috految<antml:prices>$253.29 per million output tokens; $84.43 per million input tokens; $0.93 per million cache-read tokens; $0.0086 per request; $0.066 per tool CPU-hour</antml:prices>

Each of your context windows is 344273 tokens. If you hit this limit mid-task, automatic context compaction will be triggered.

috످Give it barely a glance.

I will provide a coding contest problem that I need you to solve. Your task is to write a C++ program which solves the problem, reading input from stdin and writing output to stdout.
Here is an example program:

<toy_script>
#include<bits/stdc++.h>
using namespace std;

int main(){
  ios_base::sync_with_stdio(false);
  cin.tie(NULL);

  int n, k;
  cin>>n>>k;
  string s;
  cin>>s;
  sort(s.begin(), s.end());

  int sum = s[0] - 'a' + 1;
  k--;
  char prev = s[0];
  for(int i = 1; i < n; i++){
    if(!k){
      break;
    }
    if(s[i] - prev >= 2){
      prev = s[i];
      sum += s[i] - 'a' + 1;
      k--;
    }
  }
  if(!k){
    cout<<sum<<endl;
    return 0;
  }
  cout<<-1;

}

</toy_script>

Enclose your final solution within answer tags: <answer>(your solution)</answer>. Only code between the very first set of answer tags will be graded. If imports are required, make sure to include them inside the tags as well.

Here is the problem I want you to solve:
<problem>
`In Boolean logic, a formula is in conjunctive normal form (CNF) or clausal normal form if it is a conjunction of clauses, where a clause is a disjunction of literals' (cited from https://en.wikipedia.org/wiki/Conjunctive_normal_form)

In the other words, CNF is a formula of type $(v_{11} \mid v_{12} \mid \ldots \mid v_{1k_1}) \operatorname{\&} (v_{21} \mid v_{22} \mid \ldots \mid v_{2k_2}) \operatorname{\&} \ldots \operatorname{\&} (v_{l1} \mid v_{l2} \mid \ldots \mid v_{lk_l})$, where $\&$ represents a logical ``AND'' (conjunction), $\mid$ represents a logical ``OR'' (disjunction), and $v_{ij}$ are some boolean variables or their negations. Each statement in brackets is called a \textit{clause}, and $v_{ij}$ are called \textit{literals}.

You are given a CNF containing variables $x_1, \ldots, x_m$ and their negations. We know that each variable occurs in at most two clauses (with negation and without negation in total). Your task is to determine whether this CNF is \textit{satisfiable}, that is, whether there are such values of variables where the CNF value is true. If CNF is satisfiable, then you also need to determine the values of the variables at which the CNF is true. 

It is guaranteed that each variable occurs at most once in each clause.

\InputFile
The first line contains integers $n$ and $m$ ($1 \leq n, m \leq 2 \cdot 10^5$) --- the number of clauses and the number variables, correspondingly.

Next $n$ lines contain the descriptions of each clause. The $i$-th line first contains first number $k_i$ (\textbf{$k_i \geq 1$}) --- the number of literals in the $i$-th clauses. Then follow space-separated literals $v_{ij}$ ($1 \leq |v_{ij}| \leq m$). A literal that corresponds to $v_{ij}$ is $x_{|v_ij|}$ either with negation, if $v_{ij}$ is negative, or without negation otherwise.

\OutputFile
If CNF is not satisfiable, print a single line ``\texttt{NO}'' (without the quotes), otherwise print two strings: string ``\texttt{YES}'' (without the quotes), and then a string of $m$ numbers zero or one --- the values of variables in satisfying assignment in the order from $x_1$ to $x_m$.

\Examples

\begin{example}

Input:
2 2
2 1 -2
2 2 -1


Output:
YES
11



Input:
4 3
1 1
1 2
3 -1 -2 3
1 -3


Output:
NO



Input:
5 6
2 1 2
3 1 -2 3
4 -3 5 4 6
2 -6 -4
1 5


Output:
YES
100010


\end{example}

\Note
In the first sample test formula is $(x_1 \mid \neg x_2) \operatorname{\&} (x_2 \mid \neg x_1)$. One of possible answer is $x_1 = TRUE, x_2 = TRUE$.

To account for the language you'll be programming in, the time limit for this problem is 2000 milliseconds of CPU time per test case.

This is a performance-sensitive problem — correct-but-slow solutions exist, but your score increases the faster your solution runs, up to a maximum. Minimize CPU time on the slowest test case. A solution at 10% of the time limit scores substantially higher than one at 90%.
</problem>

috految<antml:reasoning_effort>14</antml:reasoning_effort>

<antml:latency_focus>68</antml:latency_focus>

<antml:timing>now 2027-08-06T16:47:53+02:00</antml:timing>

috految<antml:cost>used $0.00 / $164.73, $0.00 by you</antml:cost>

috److Use greedy assignment with unit propagation.

1. Process all unit clauses first, since their assignments are forced.
2. Once every remaining clause has at least 2 available literals, pick any literal of any unsatisfied clause.
3. Each variable occurs at most twice, so choosing a literal removes at most one literal from one other clause. At most one unit clause exists at a time, and it is processed immediately, so no conflict can arise in this phase.

To process a clause:

1. Find a literal `x` whose negation has not been chosen. If there is none, the answer is `NO`.
2. Mark `x` as chosen and the clause as done.
3. Decrement the available count of the clause containing `-x`, if there is one. If that count drops to 1 or below, process that clause next.

If `x` appears twice with the same sign, `-x` does not appear, so nothing is decremented. The total running time is linear.

<answer>
#include<bits/stdc++.h>
using namespace std;

const int N=200005;
int a[2*N], s[N], d[N], p[2*N];
bool chosen[2*N], done[N];
int main(){
  ios::sync_with_stdio(false);
  cin.tie(0);
  int n, m;
  cin>>n>>m;
  for(int i=1;i<=n;i++){
    cin>>d[i];
    s[i+1]=s[i]+d[i];
    for(int j=s[i];j<s[i+1];j++){
      cin>>a[j];
      p[N+a[j]]=i;
    }
  }
  for(int t=0;t<2;t++){
    for(int i=1;i<=n;i++){
      if(!t && d[i]>1) continue;
      int u=i;
      while(u && !done[u]){
        done[u]=true;
        int j=s[u];
        while(j<s[u+1] && chosen[N-a[j]]) j++;
        if(j==s[u+1]){
          puts("NO");
          return 0;
        }
        chosen[N+a[j]]=true;
        u=p[N-a[j]];
        if(--d[u]>1) break;
      }
    }
  }
  puts("YES");
  for(int i=1;i<=m;i++) putchar('0'+chosen[N+i]);
  puts("");
}
</answer>

috످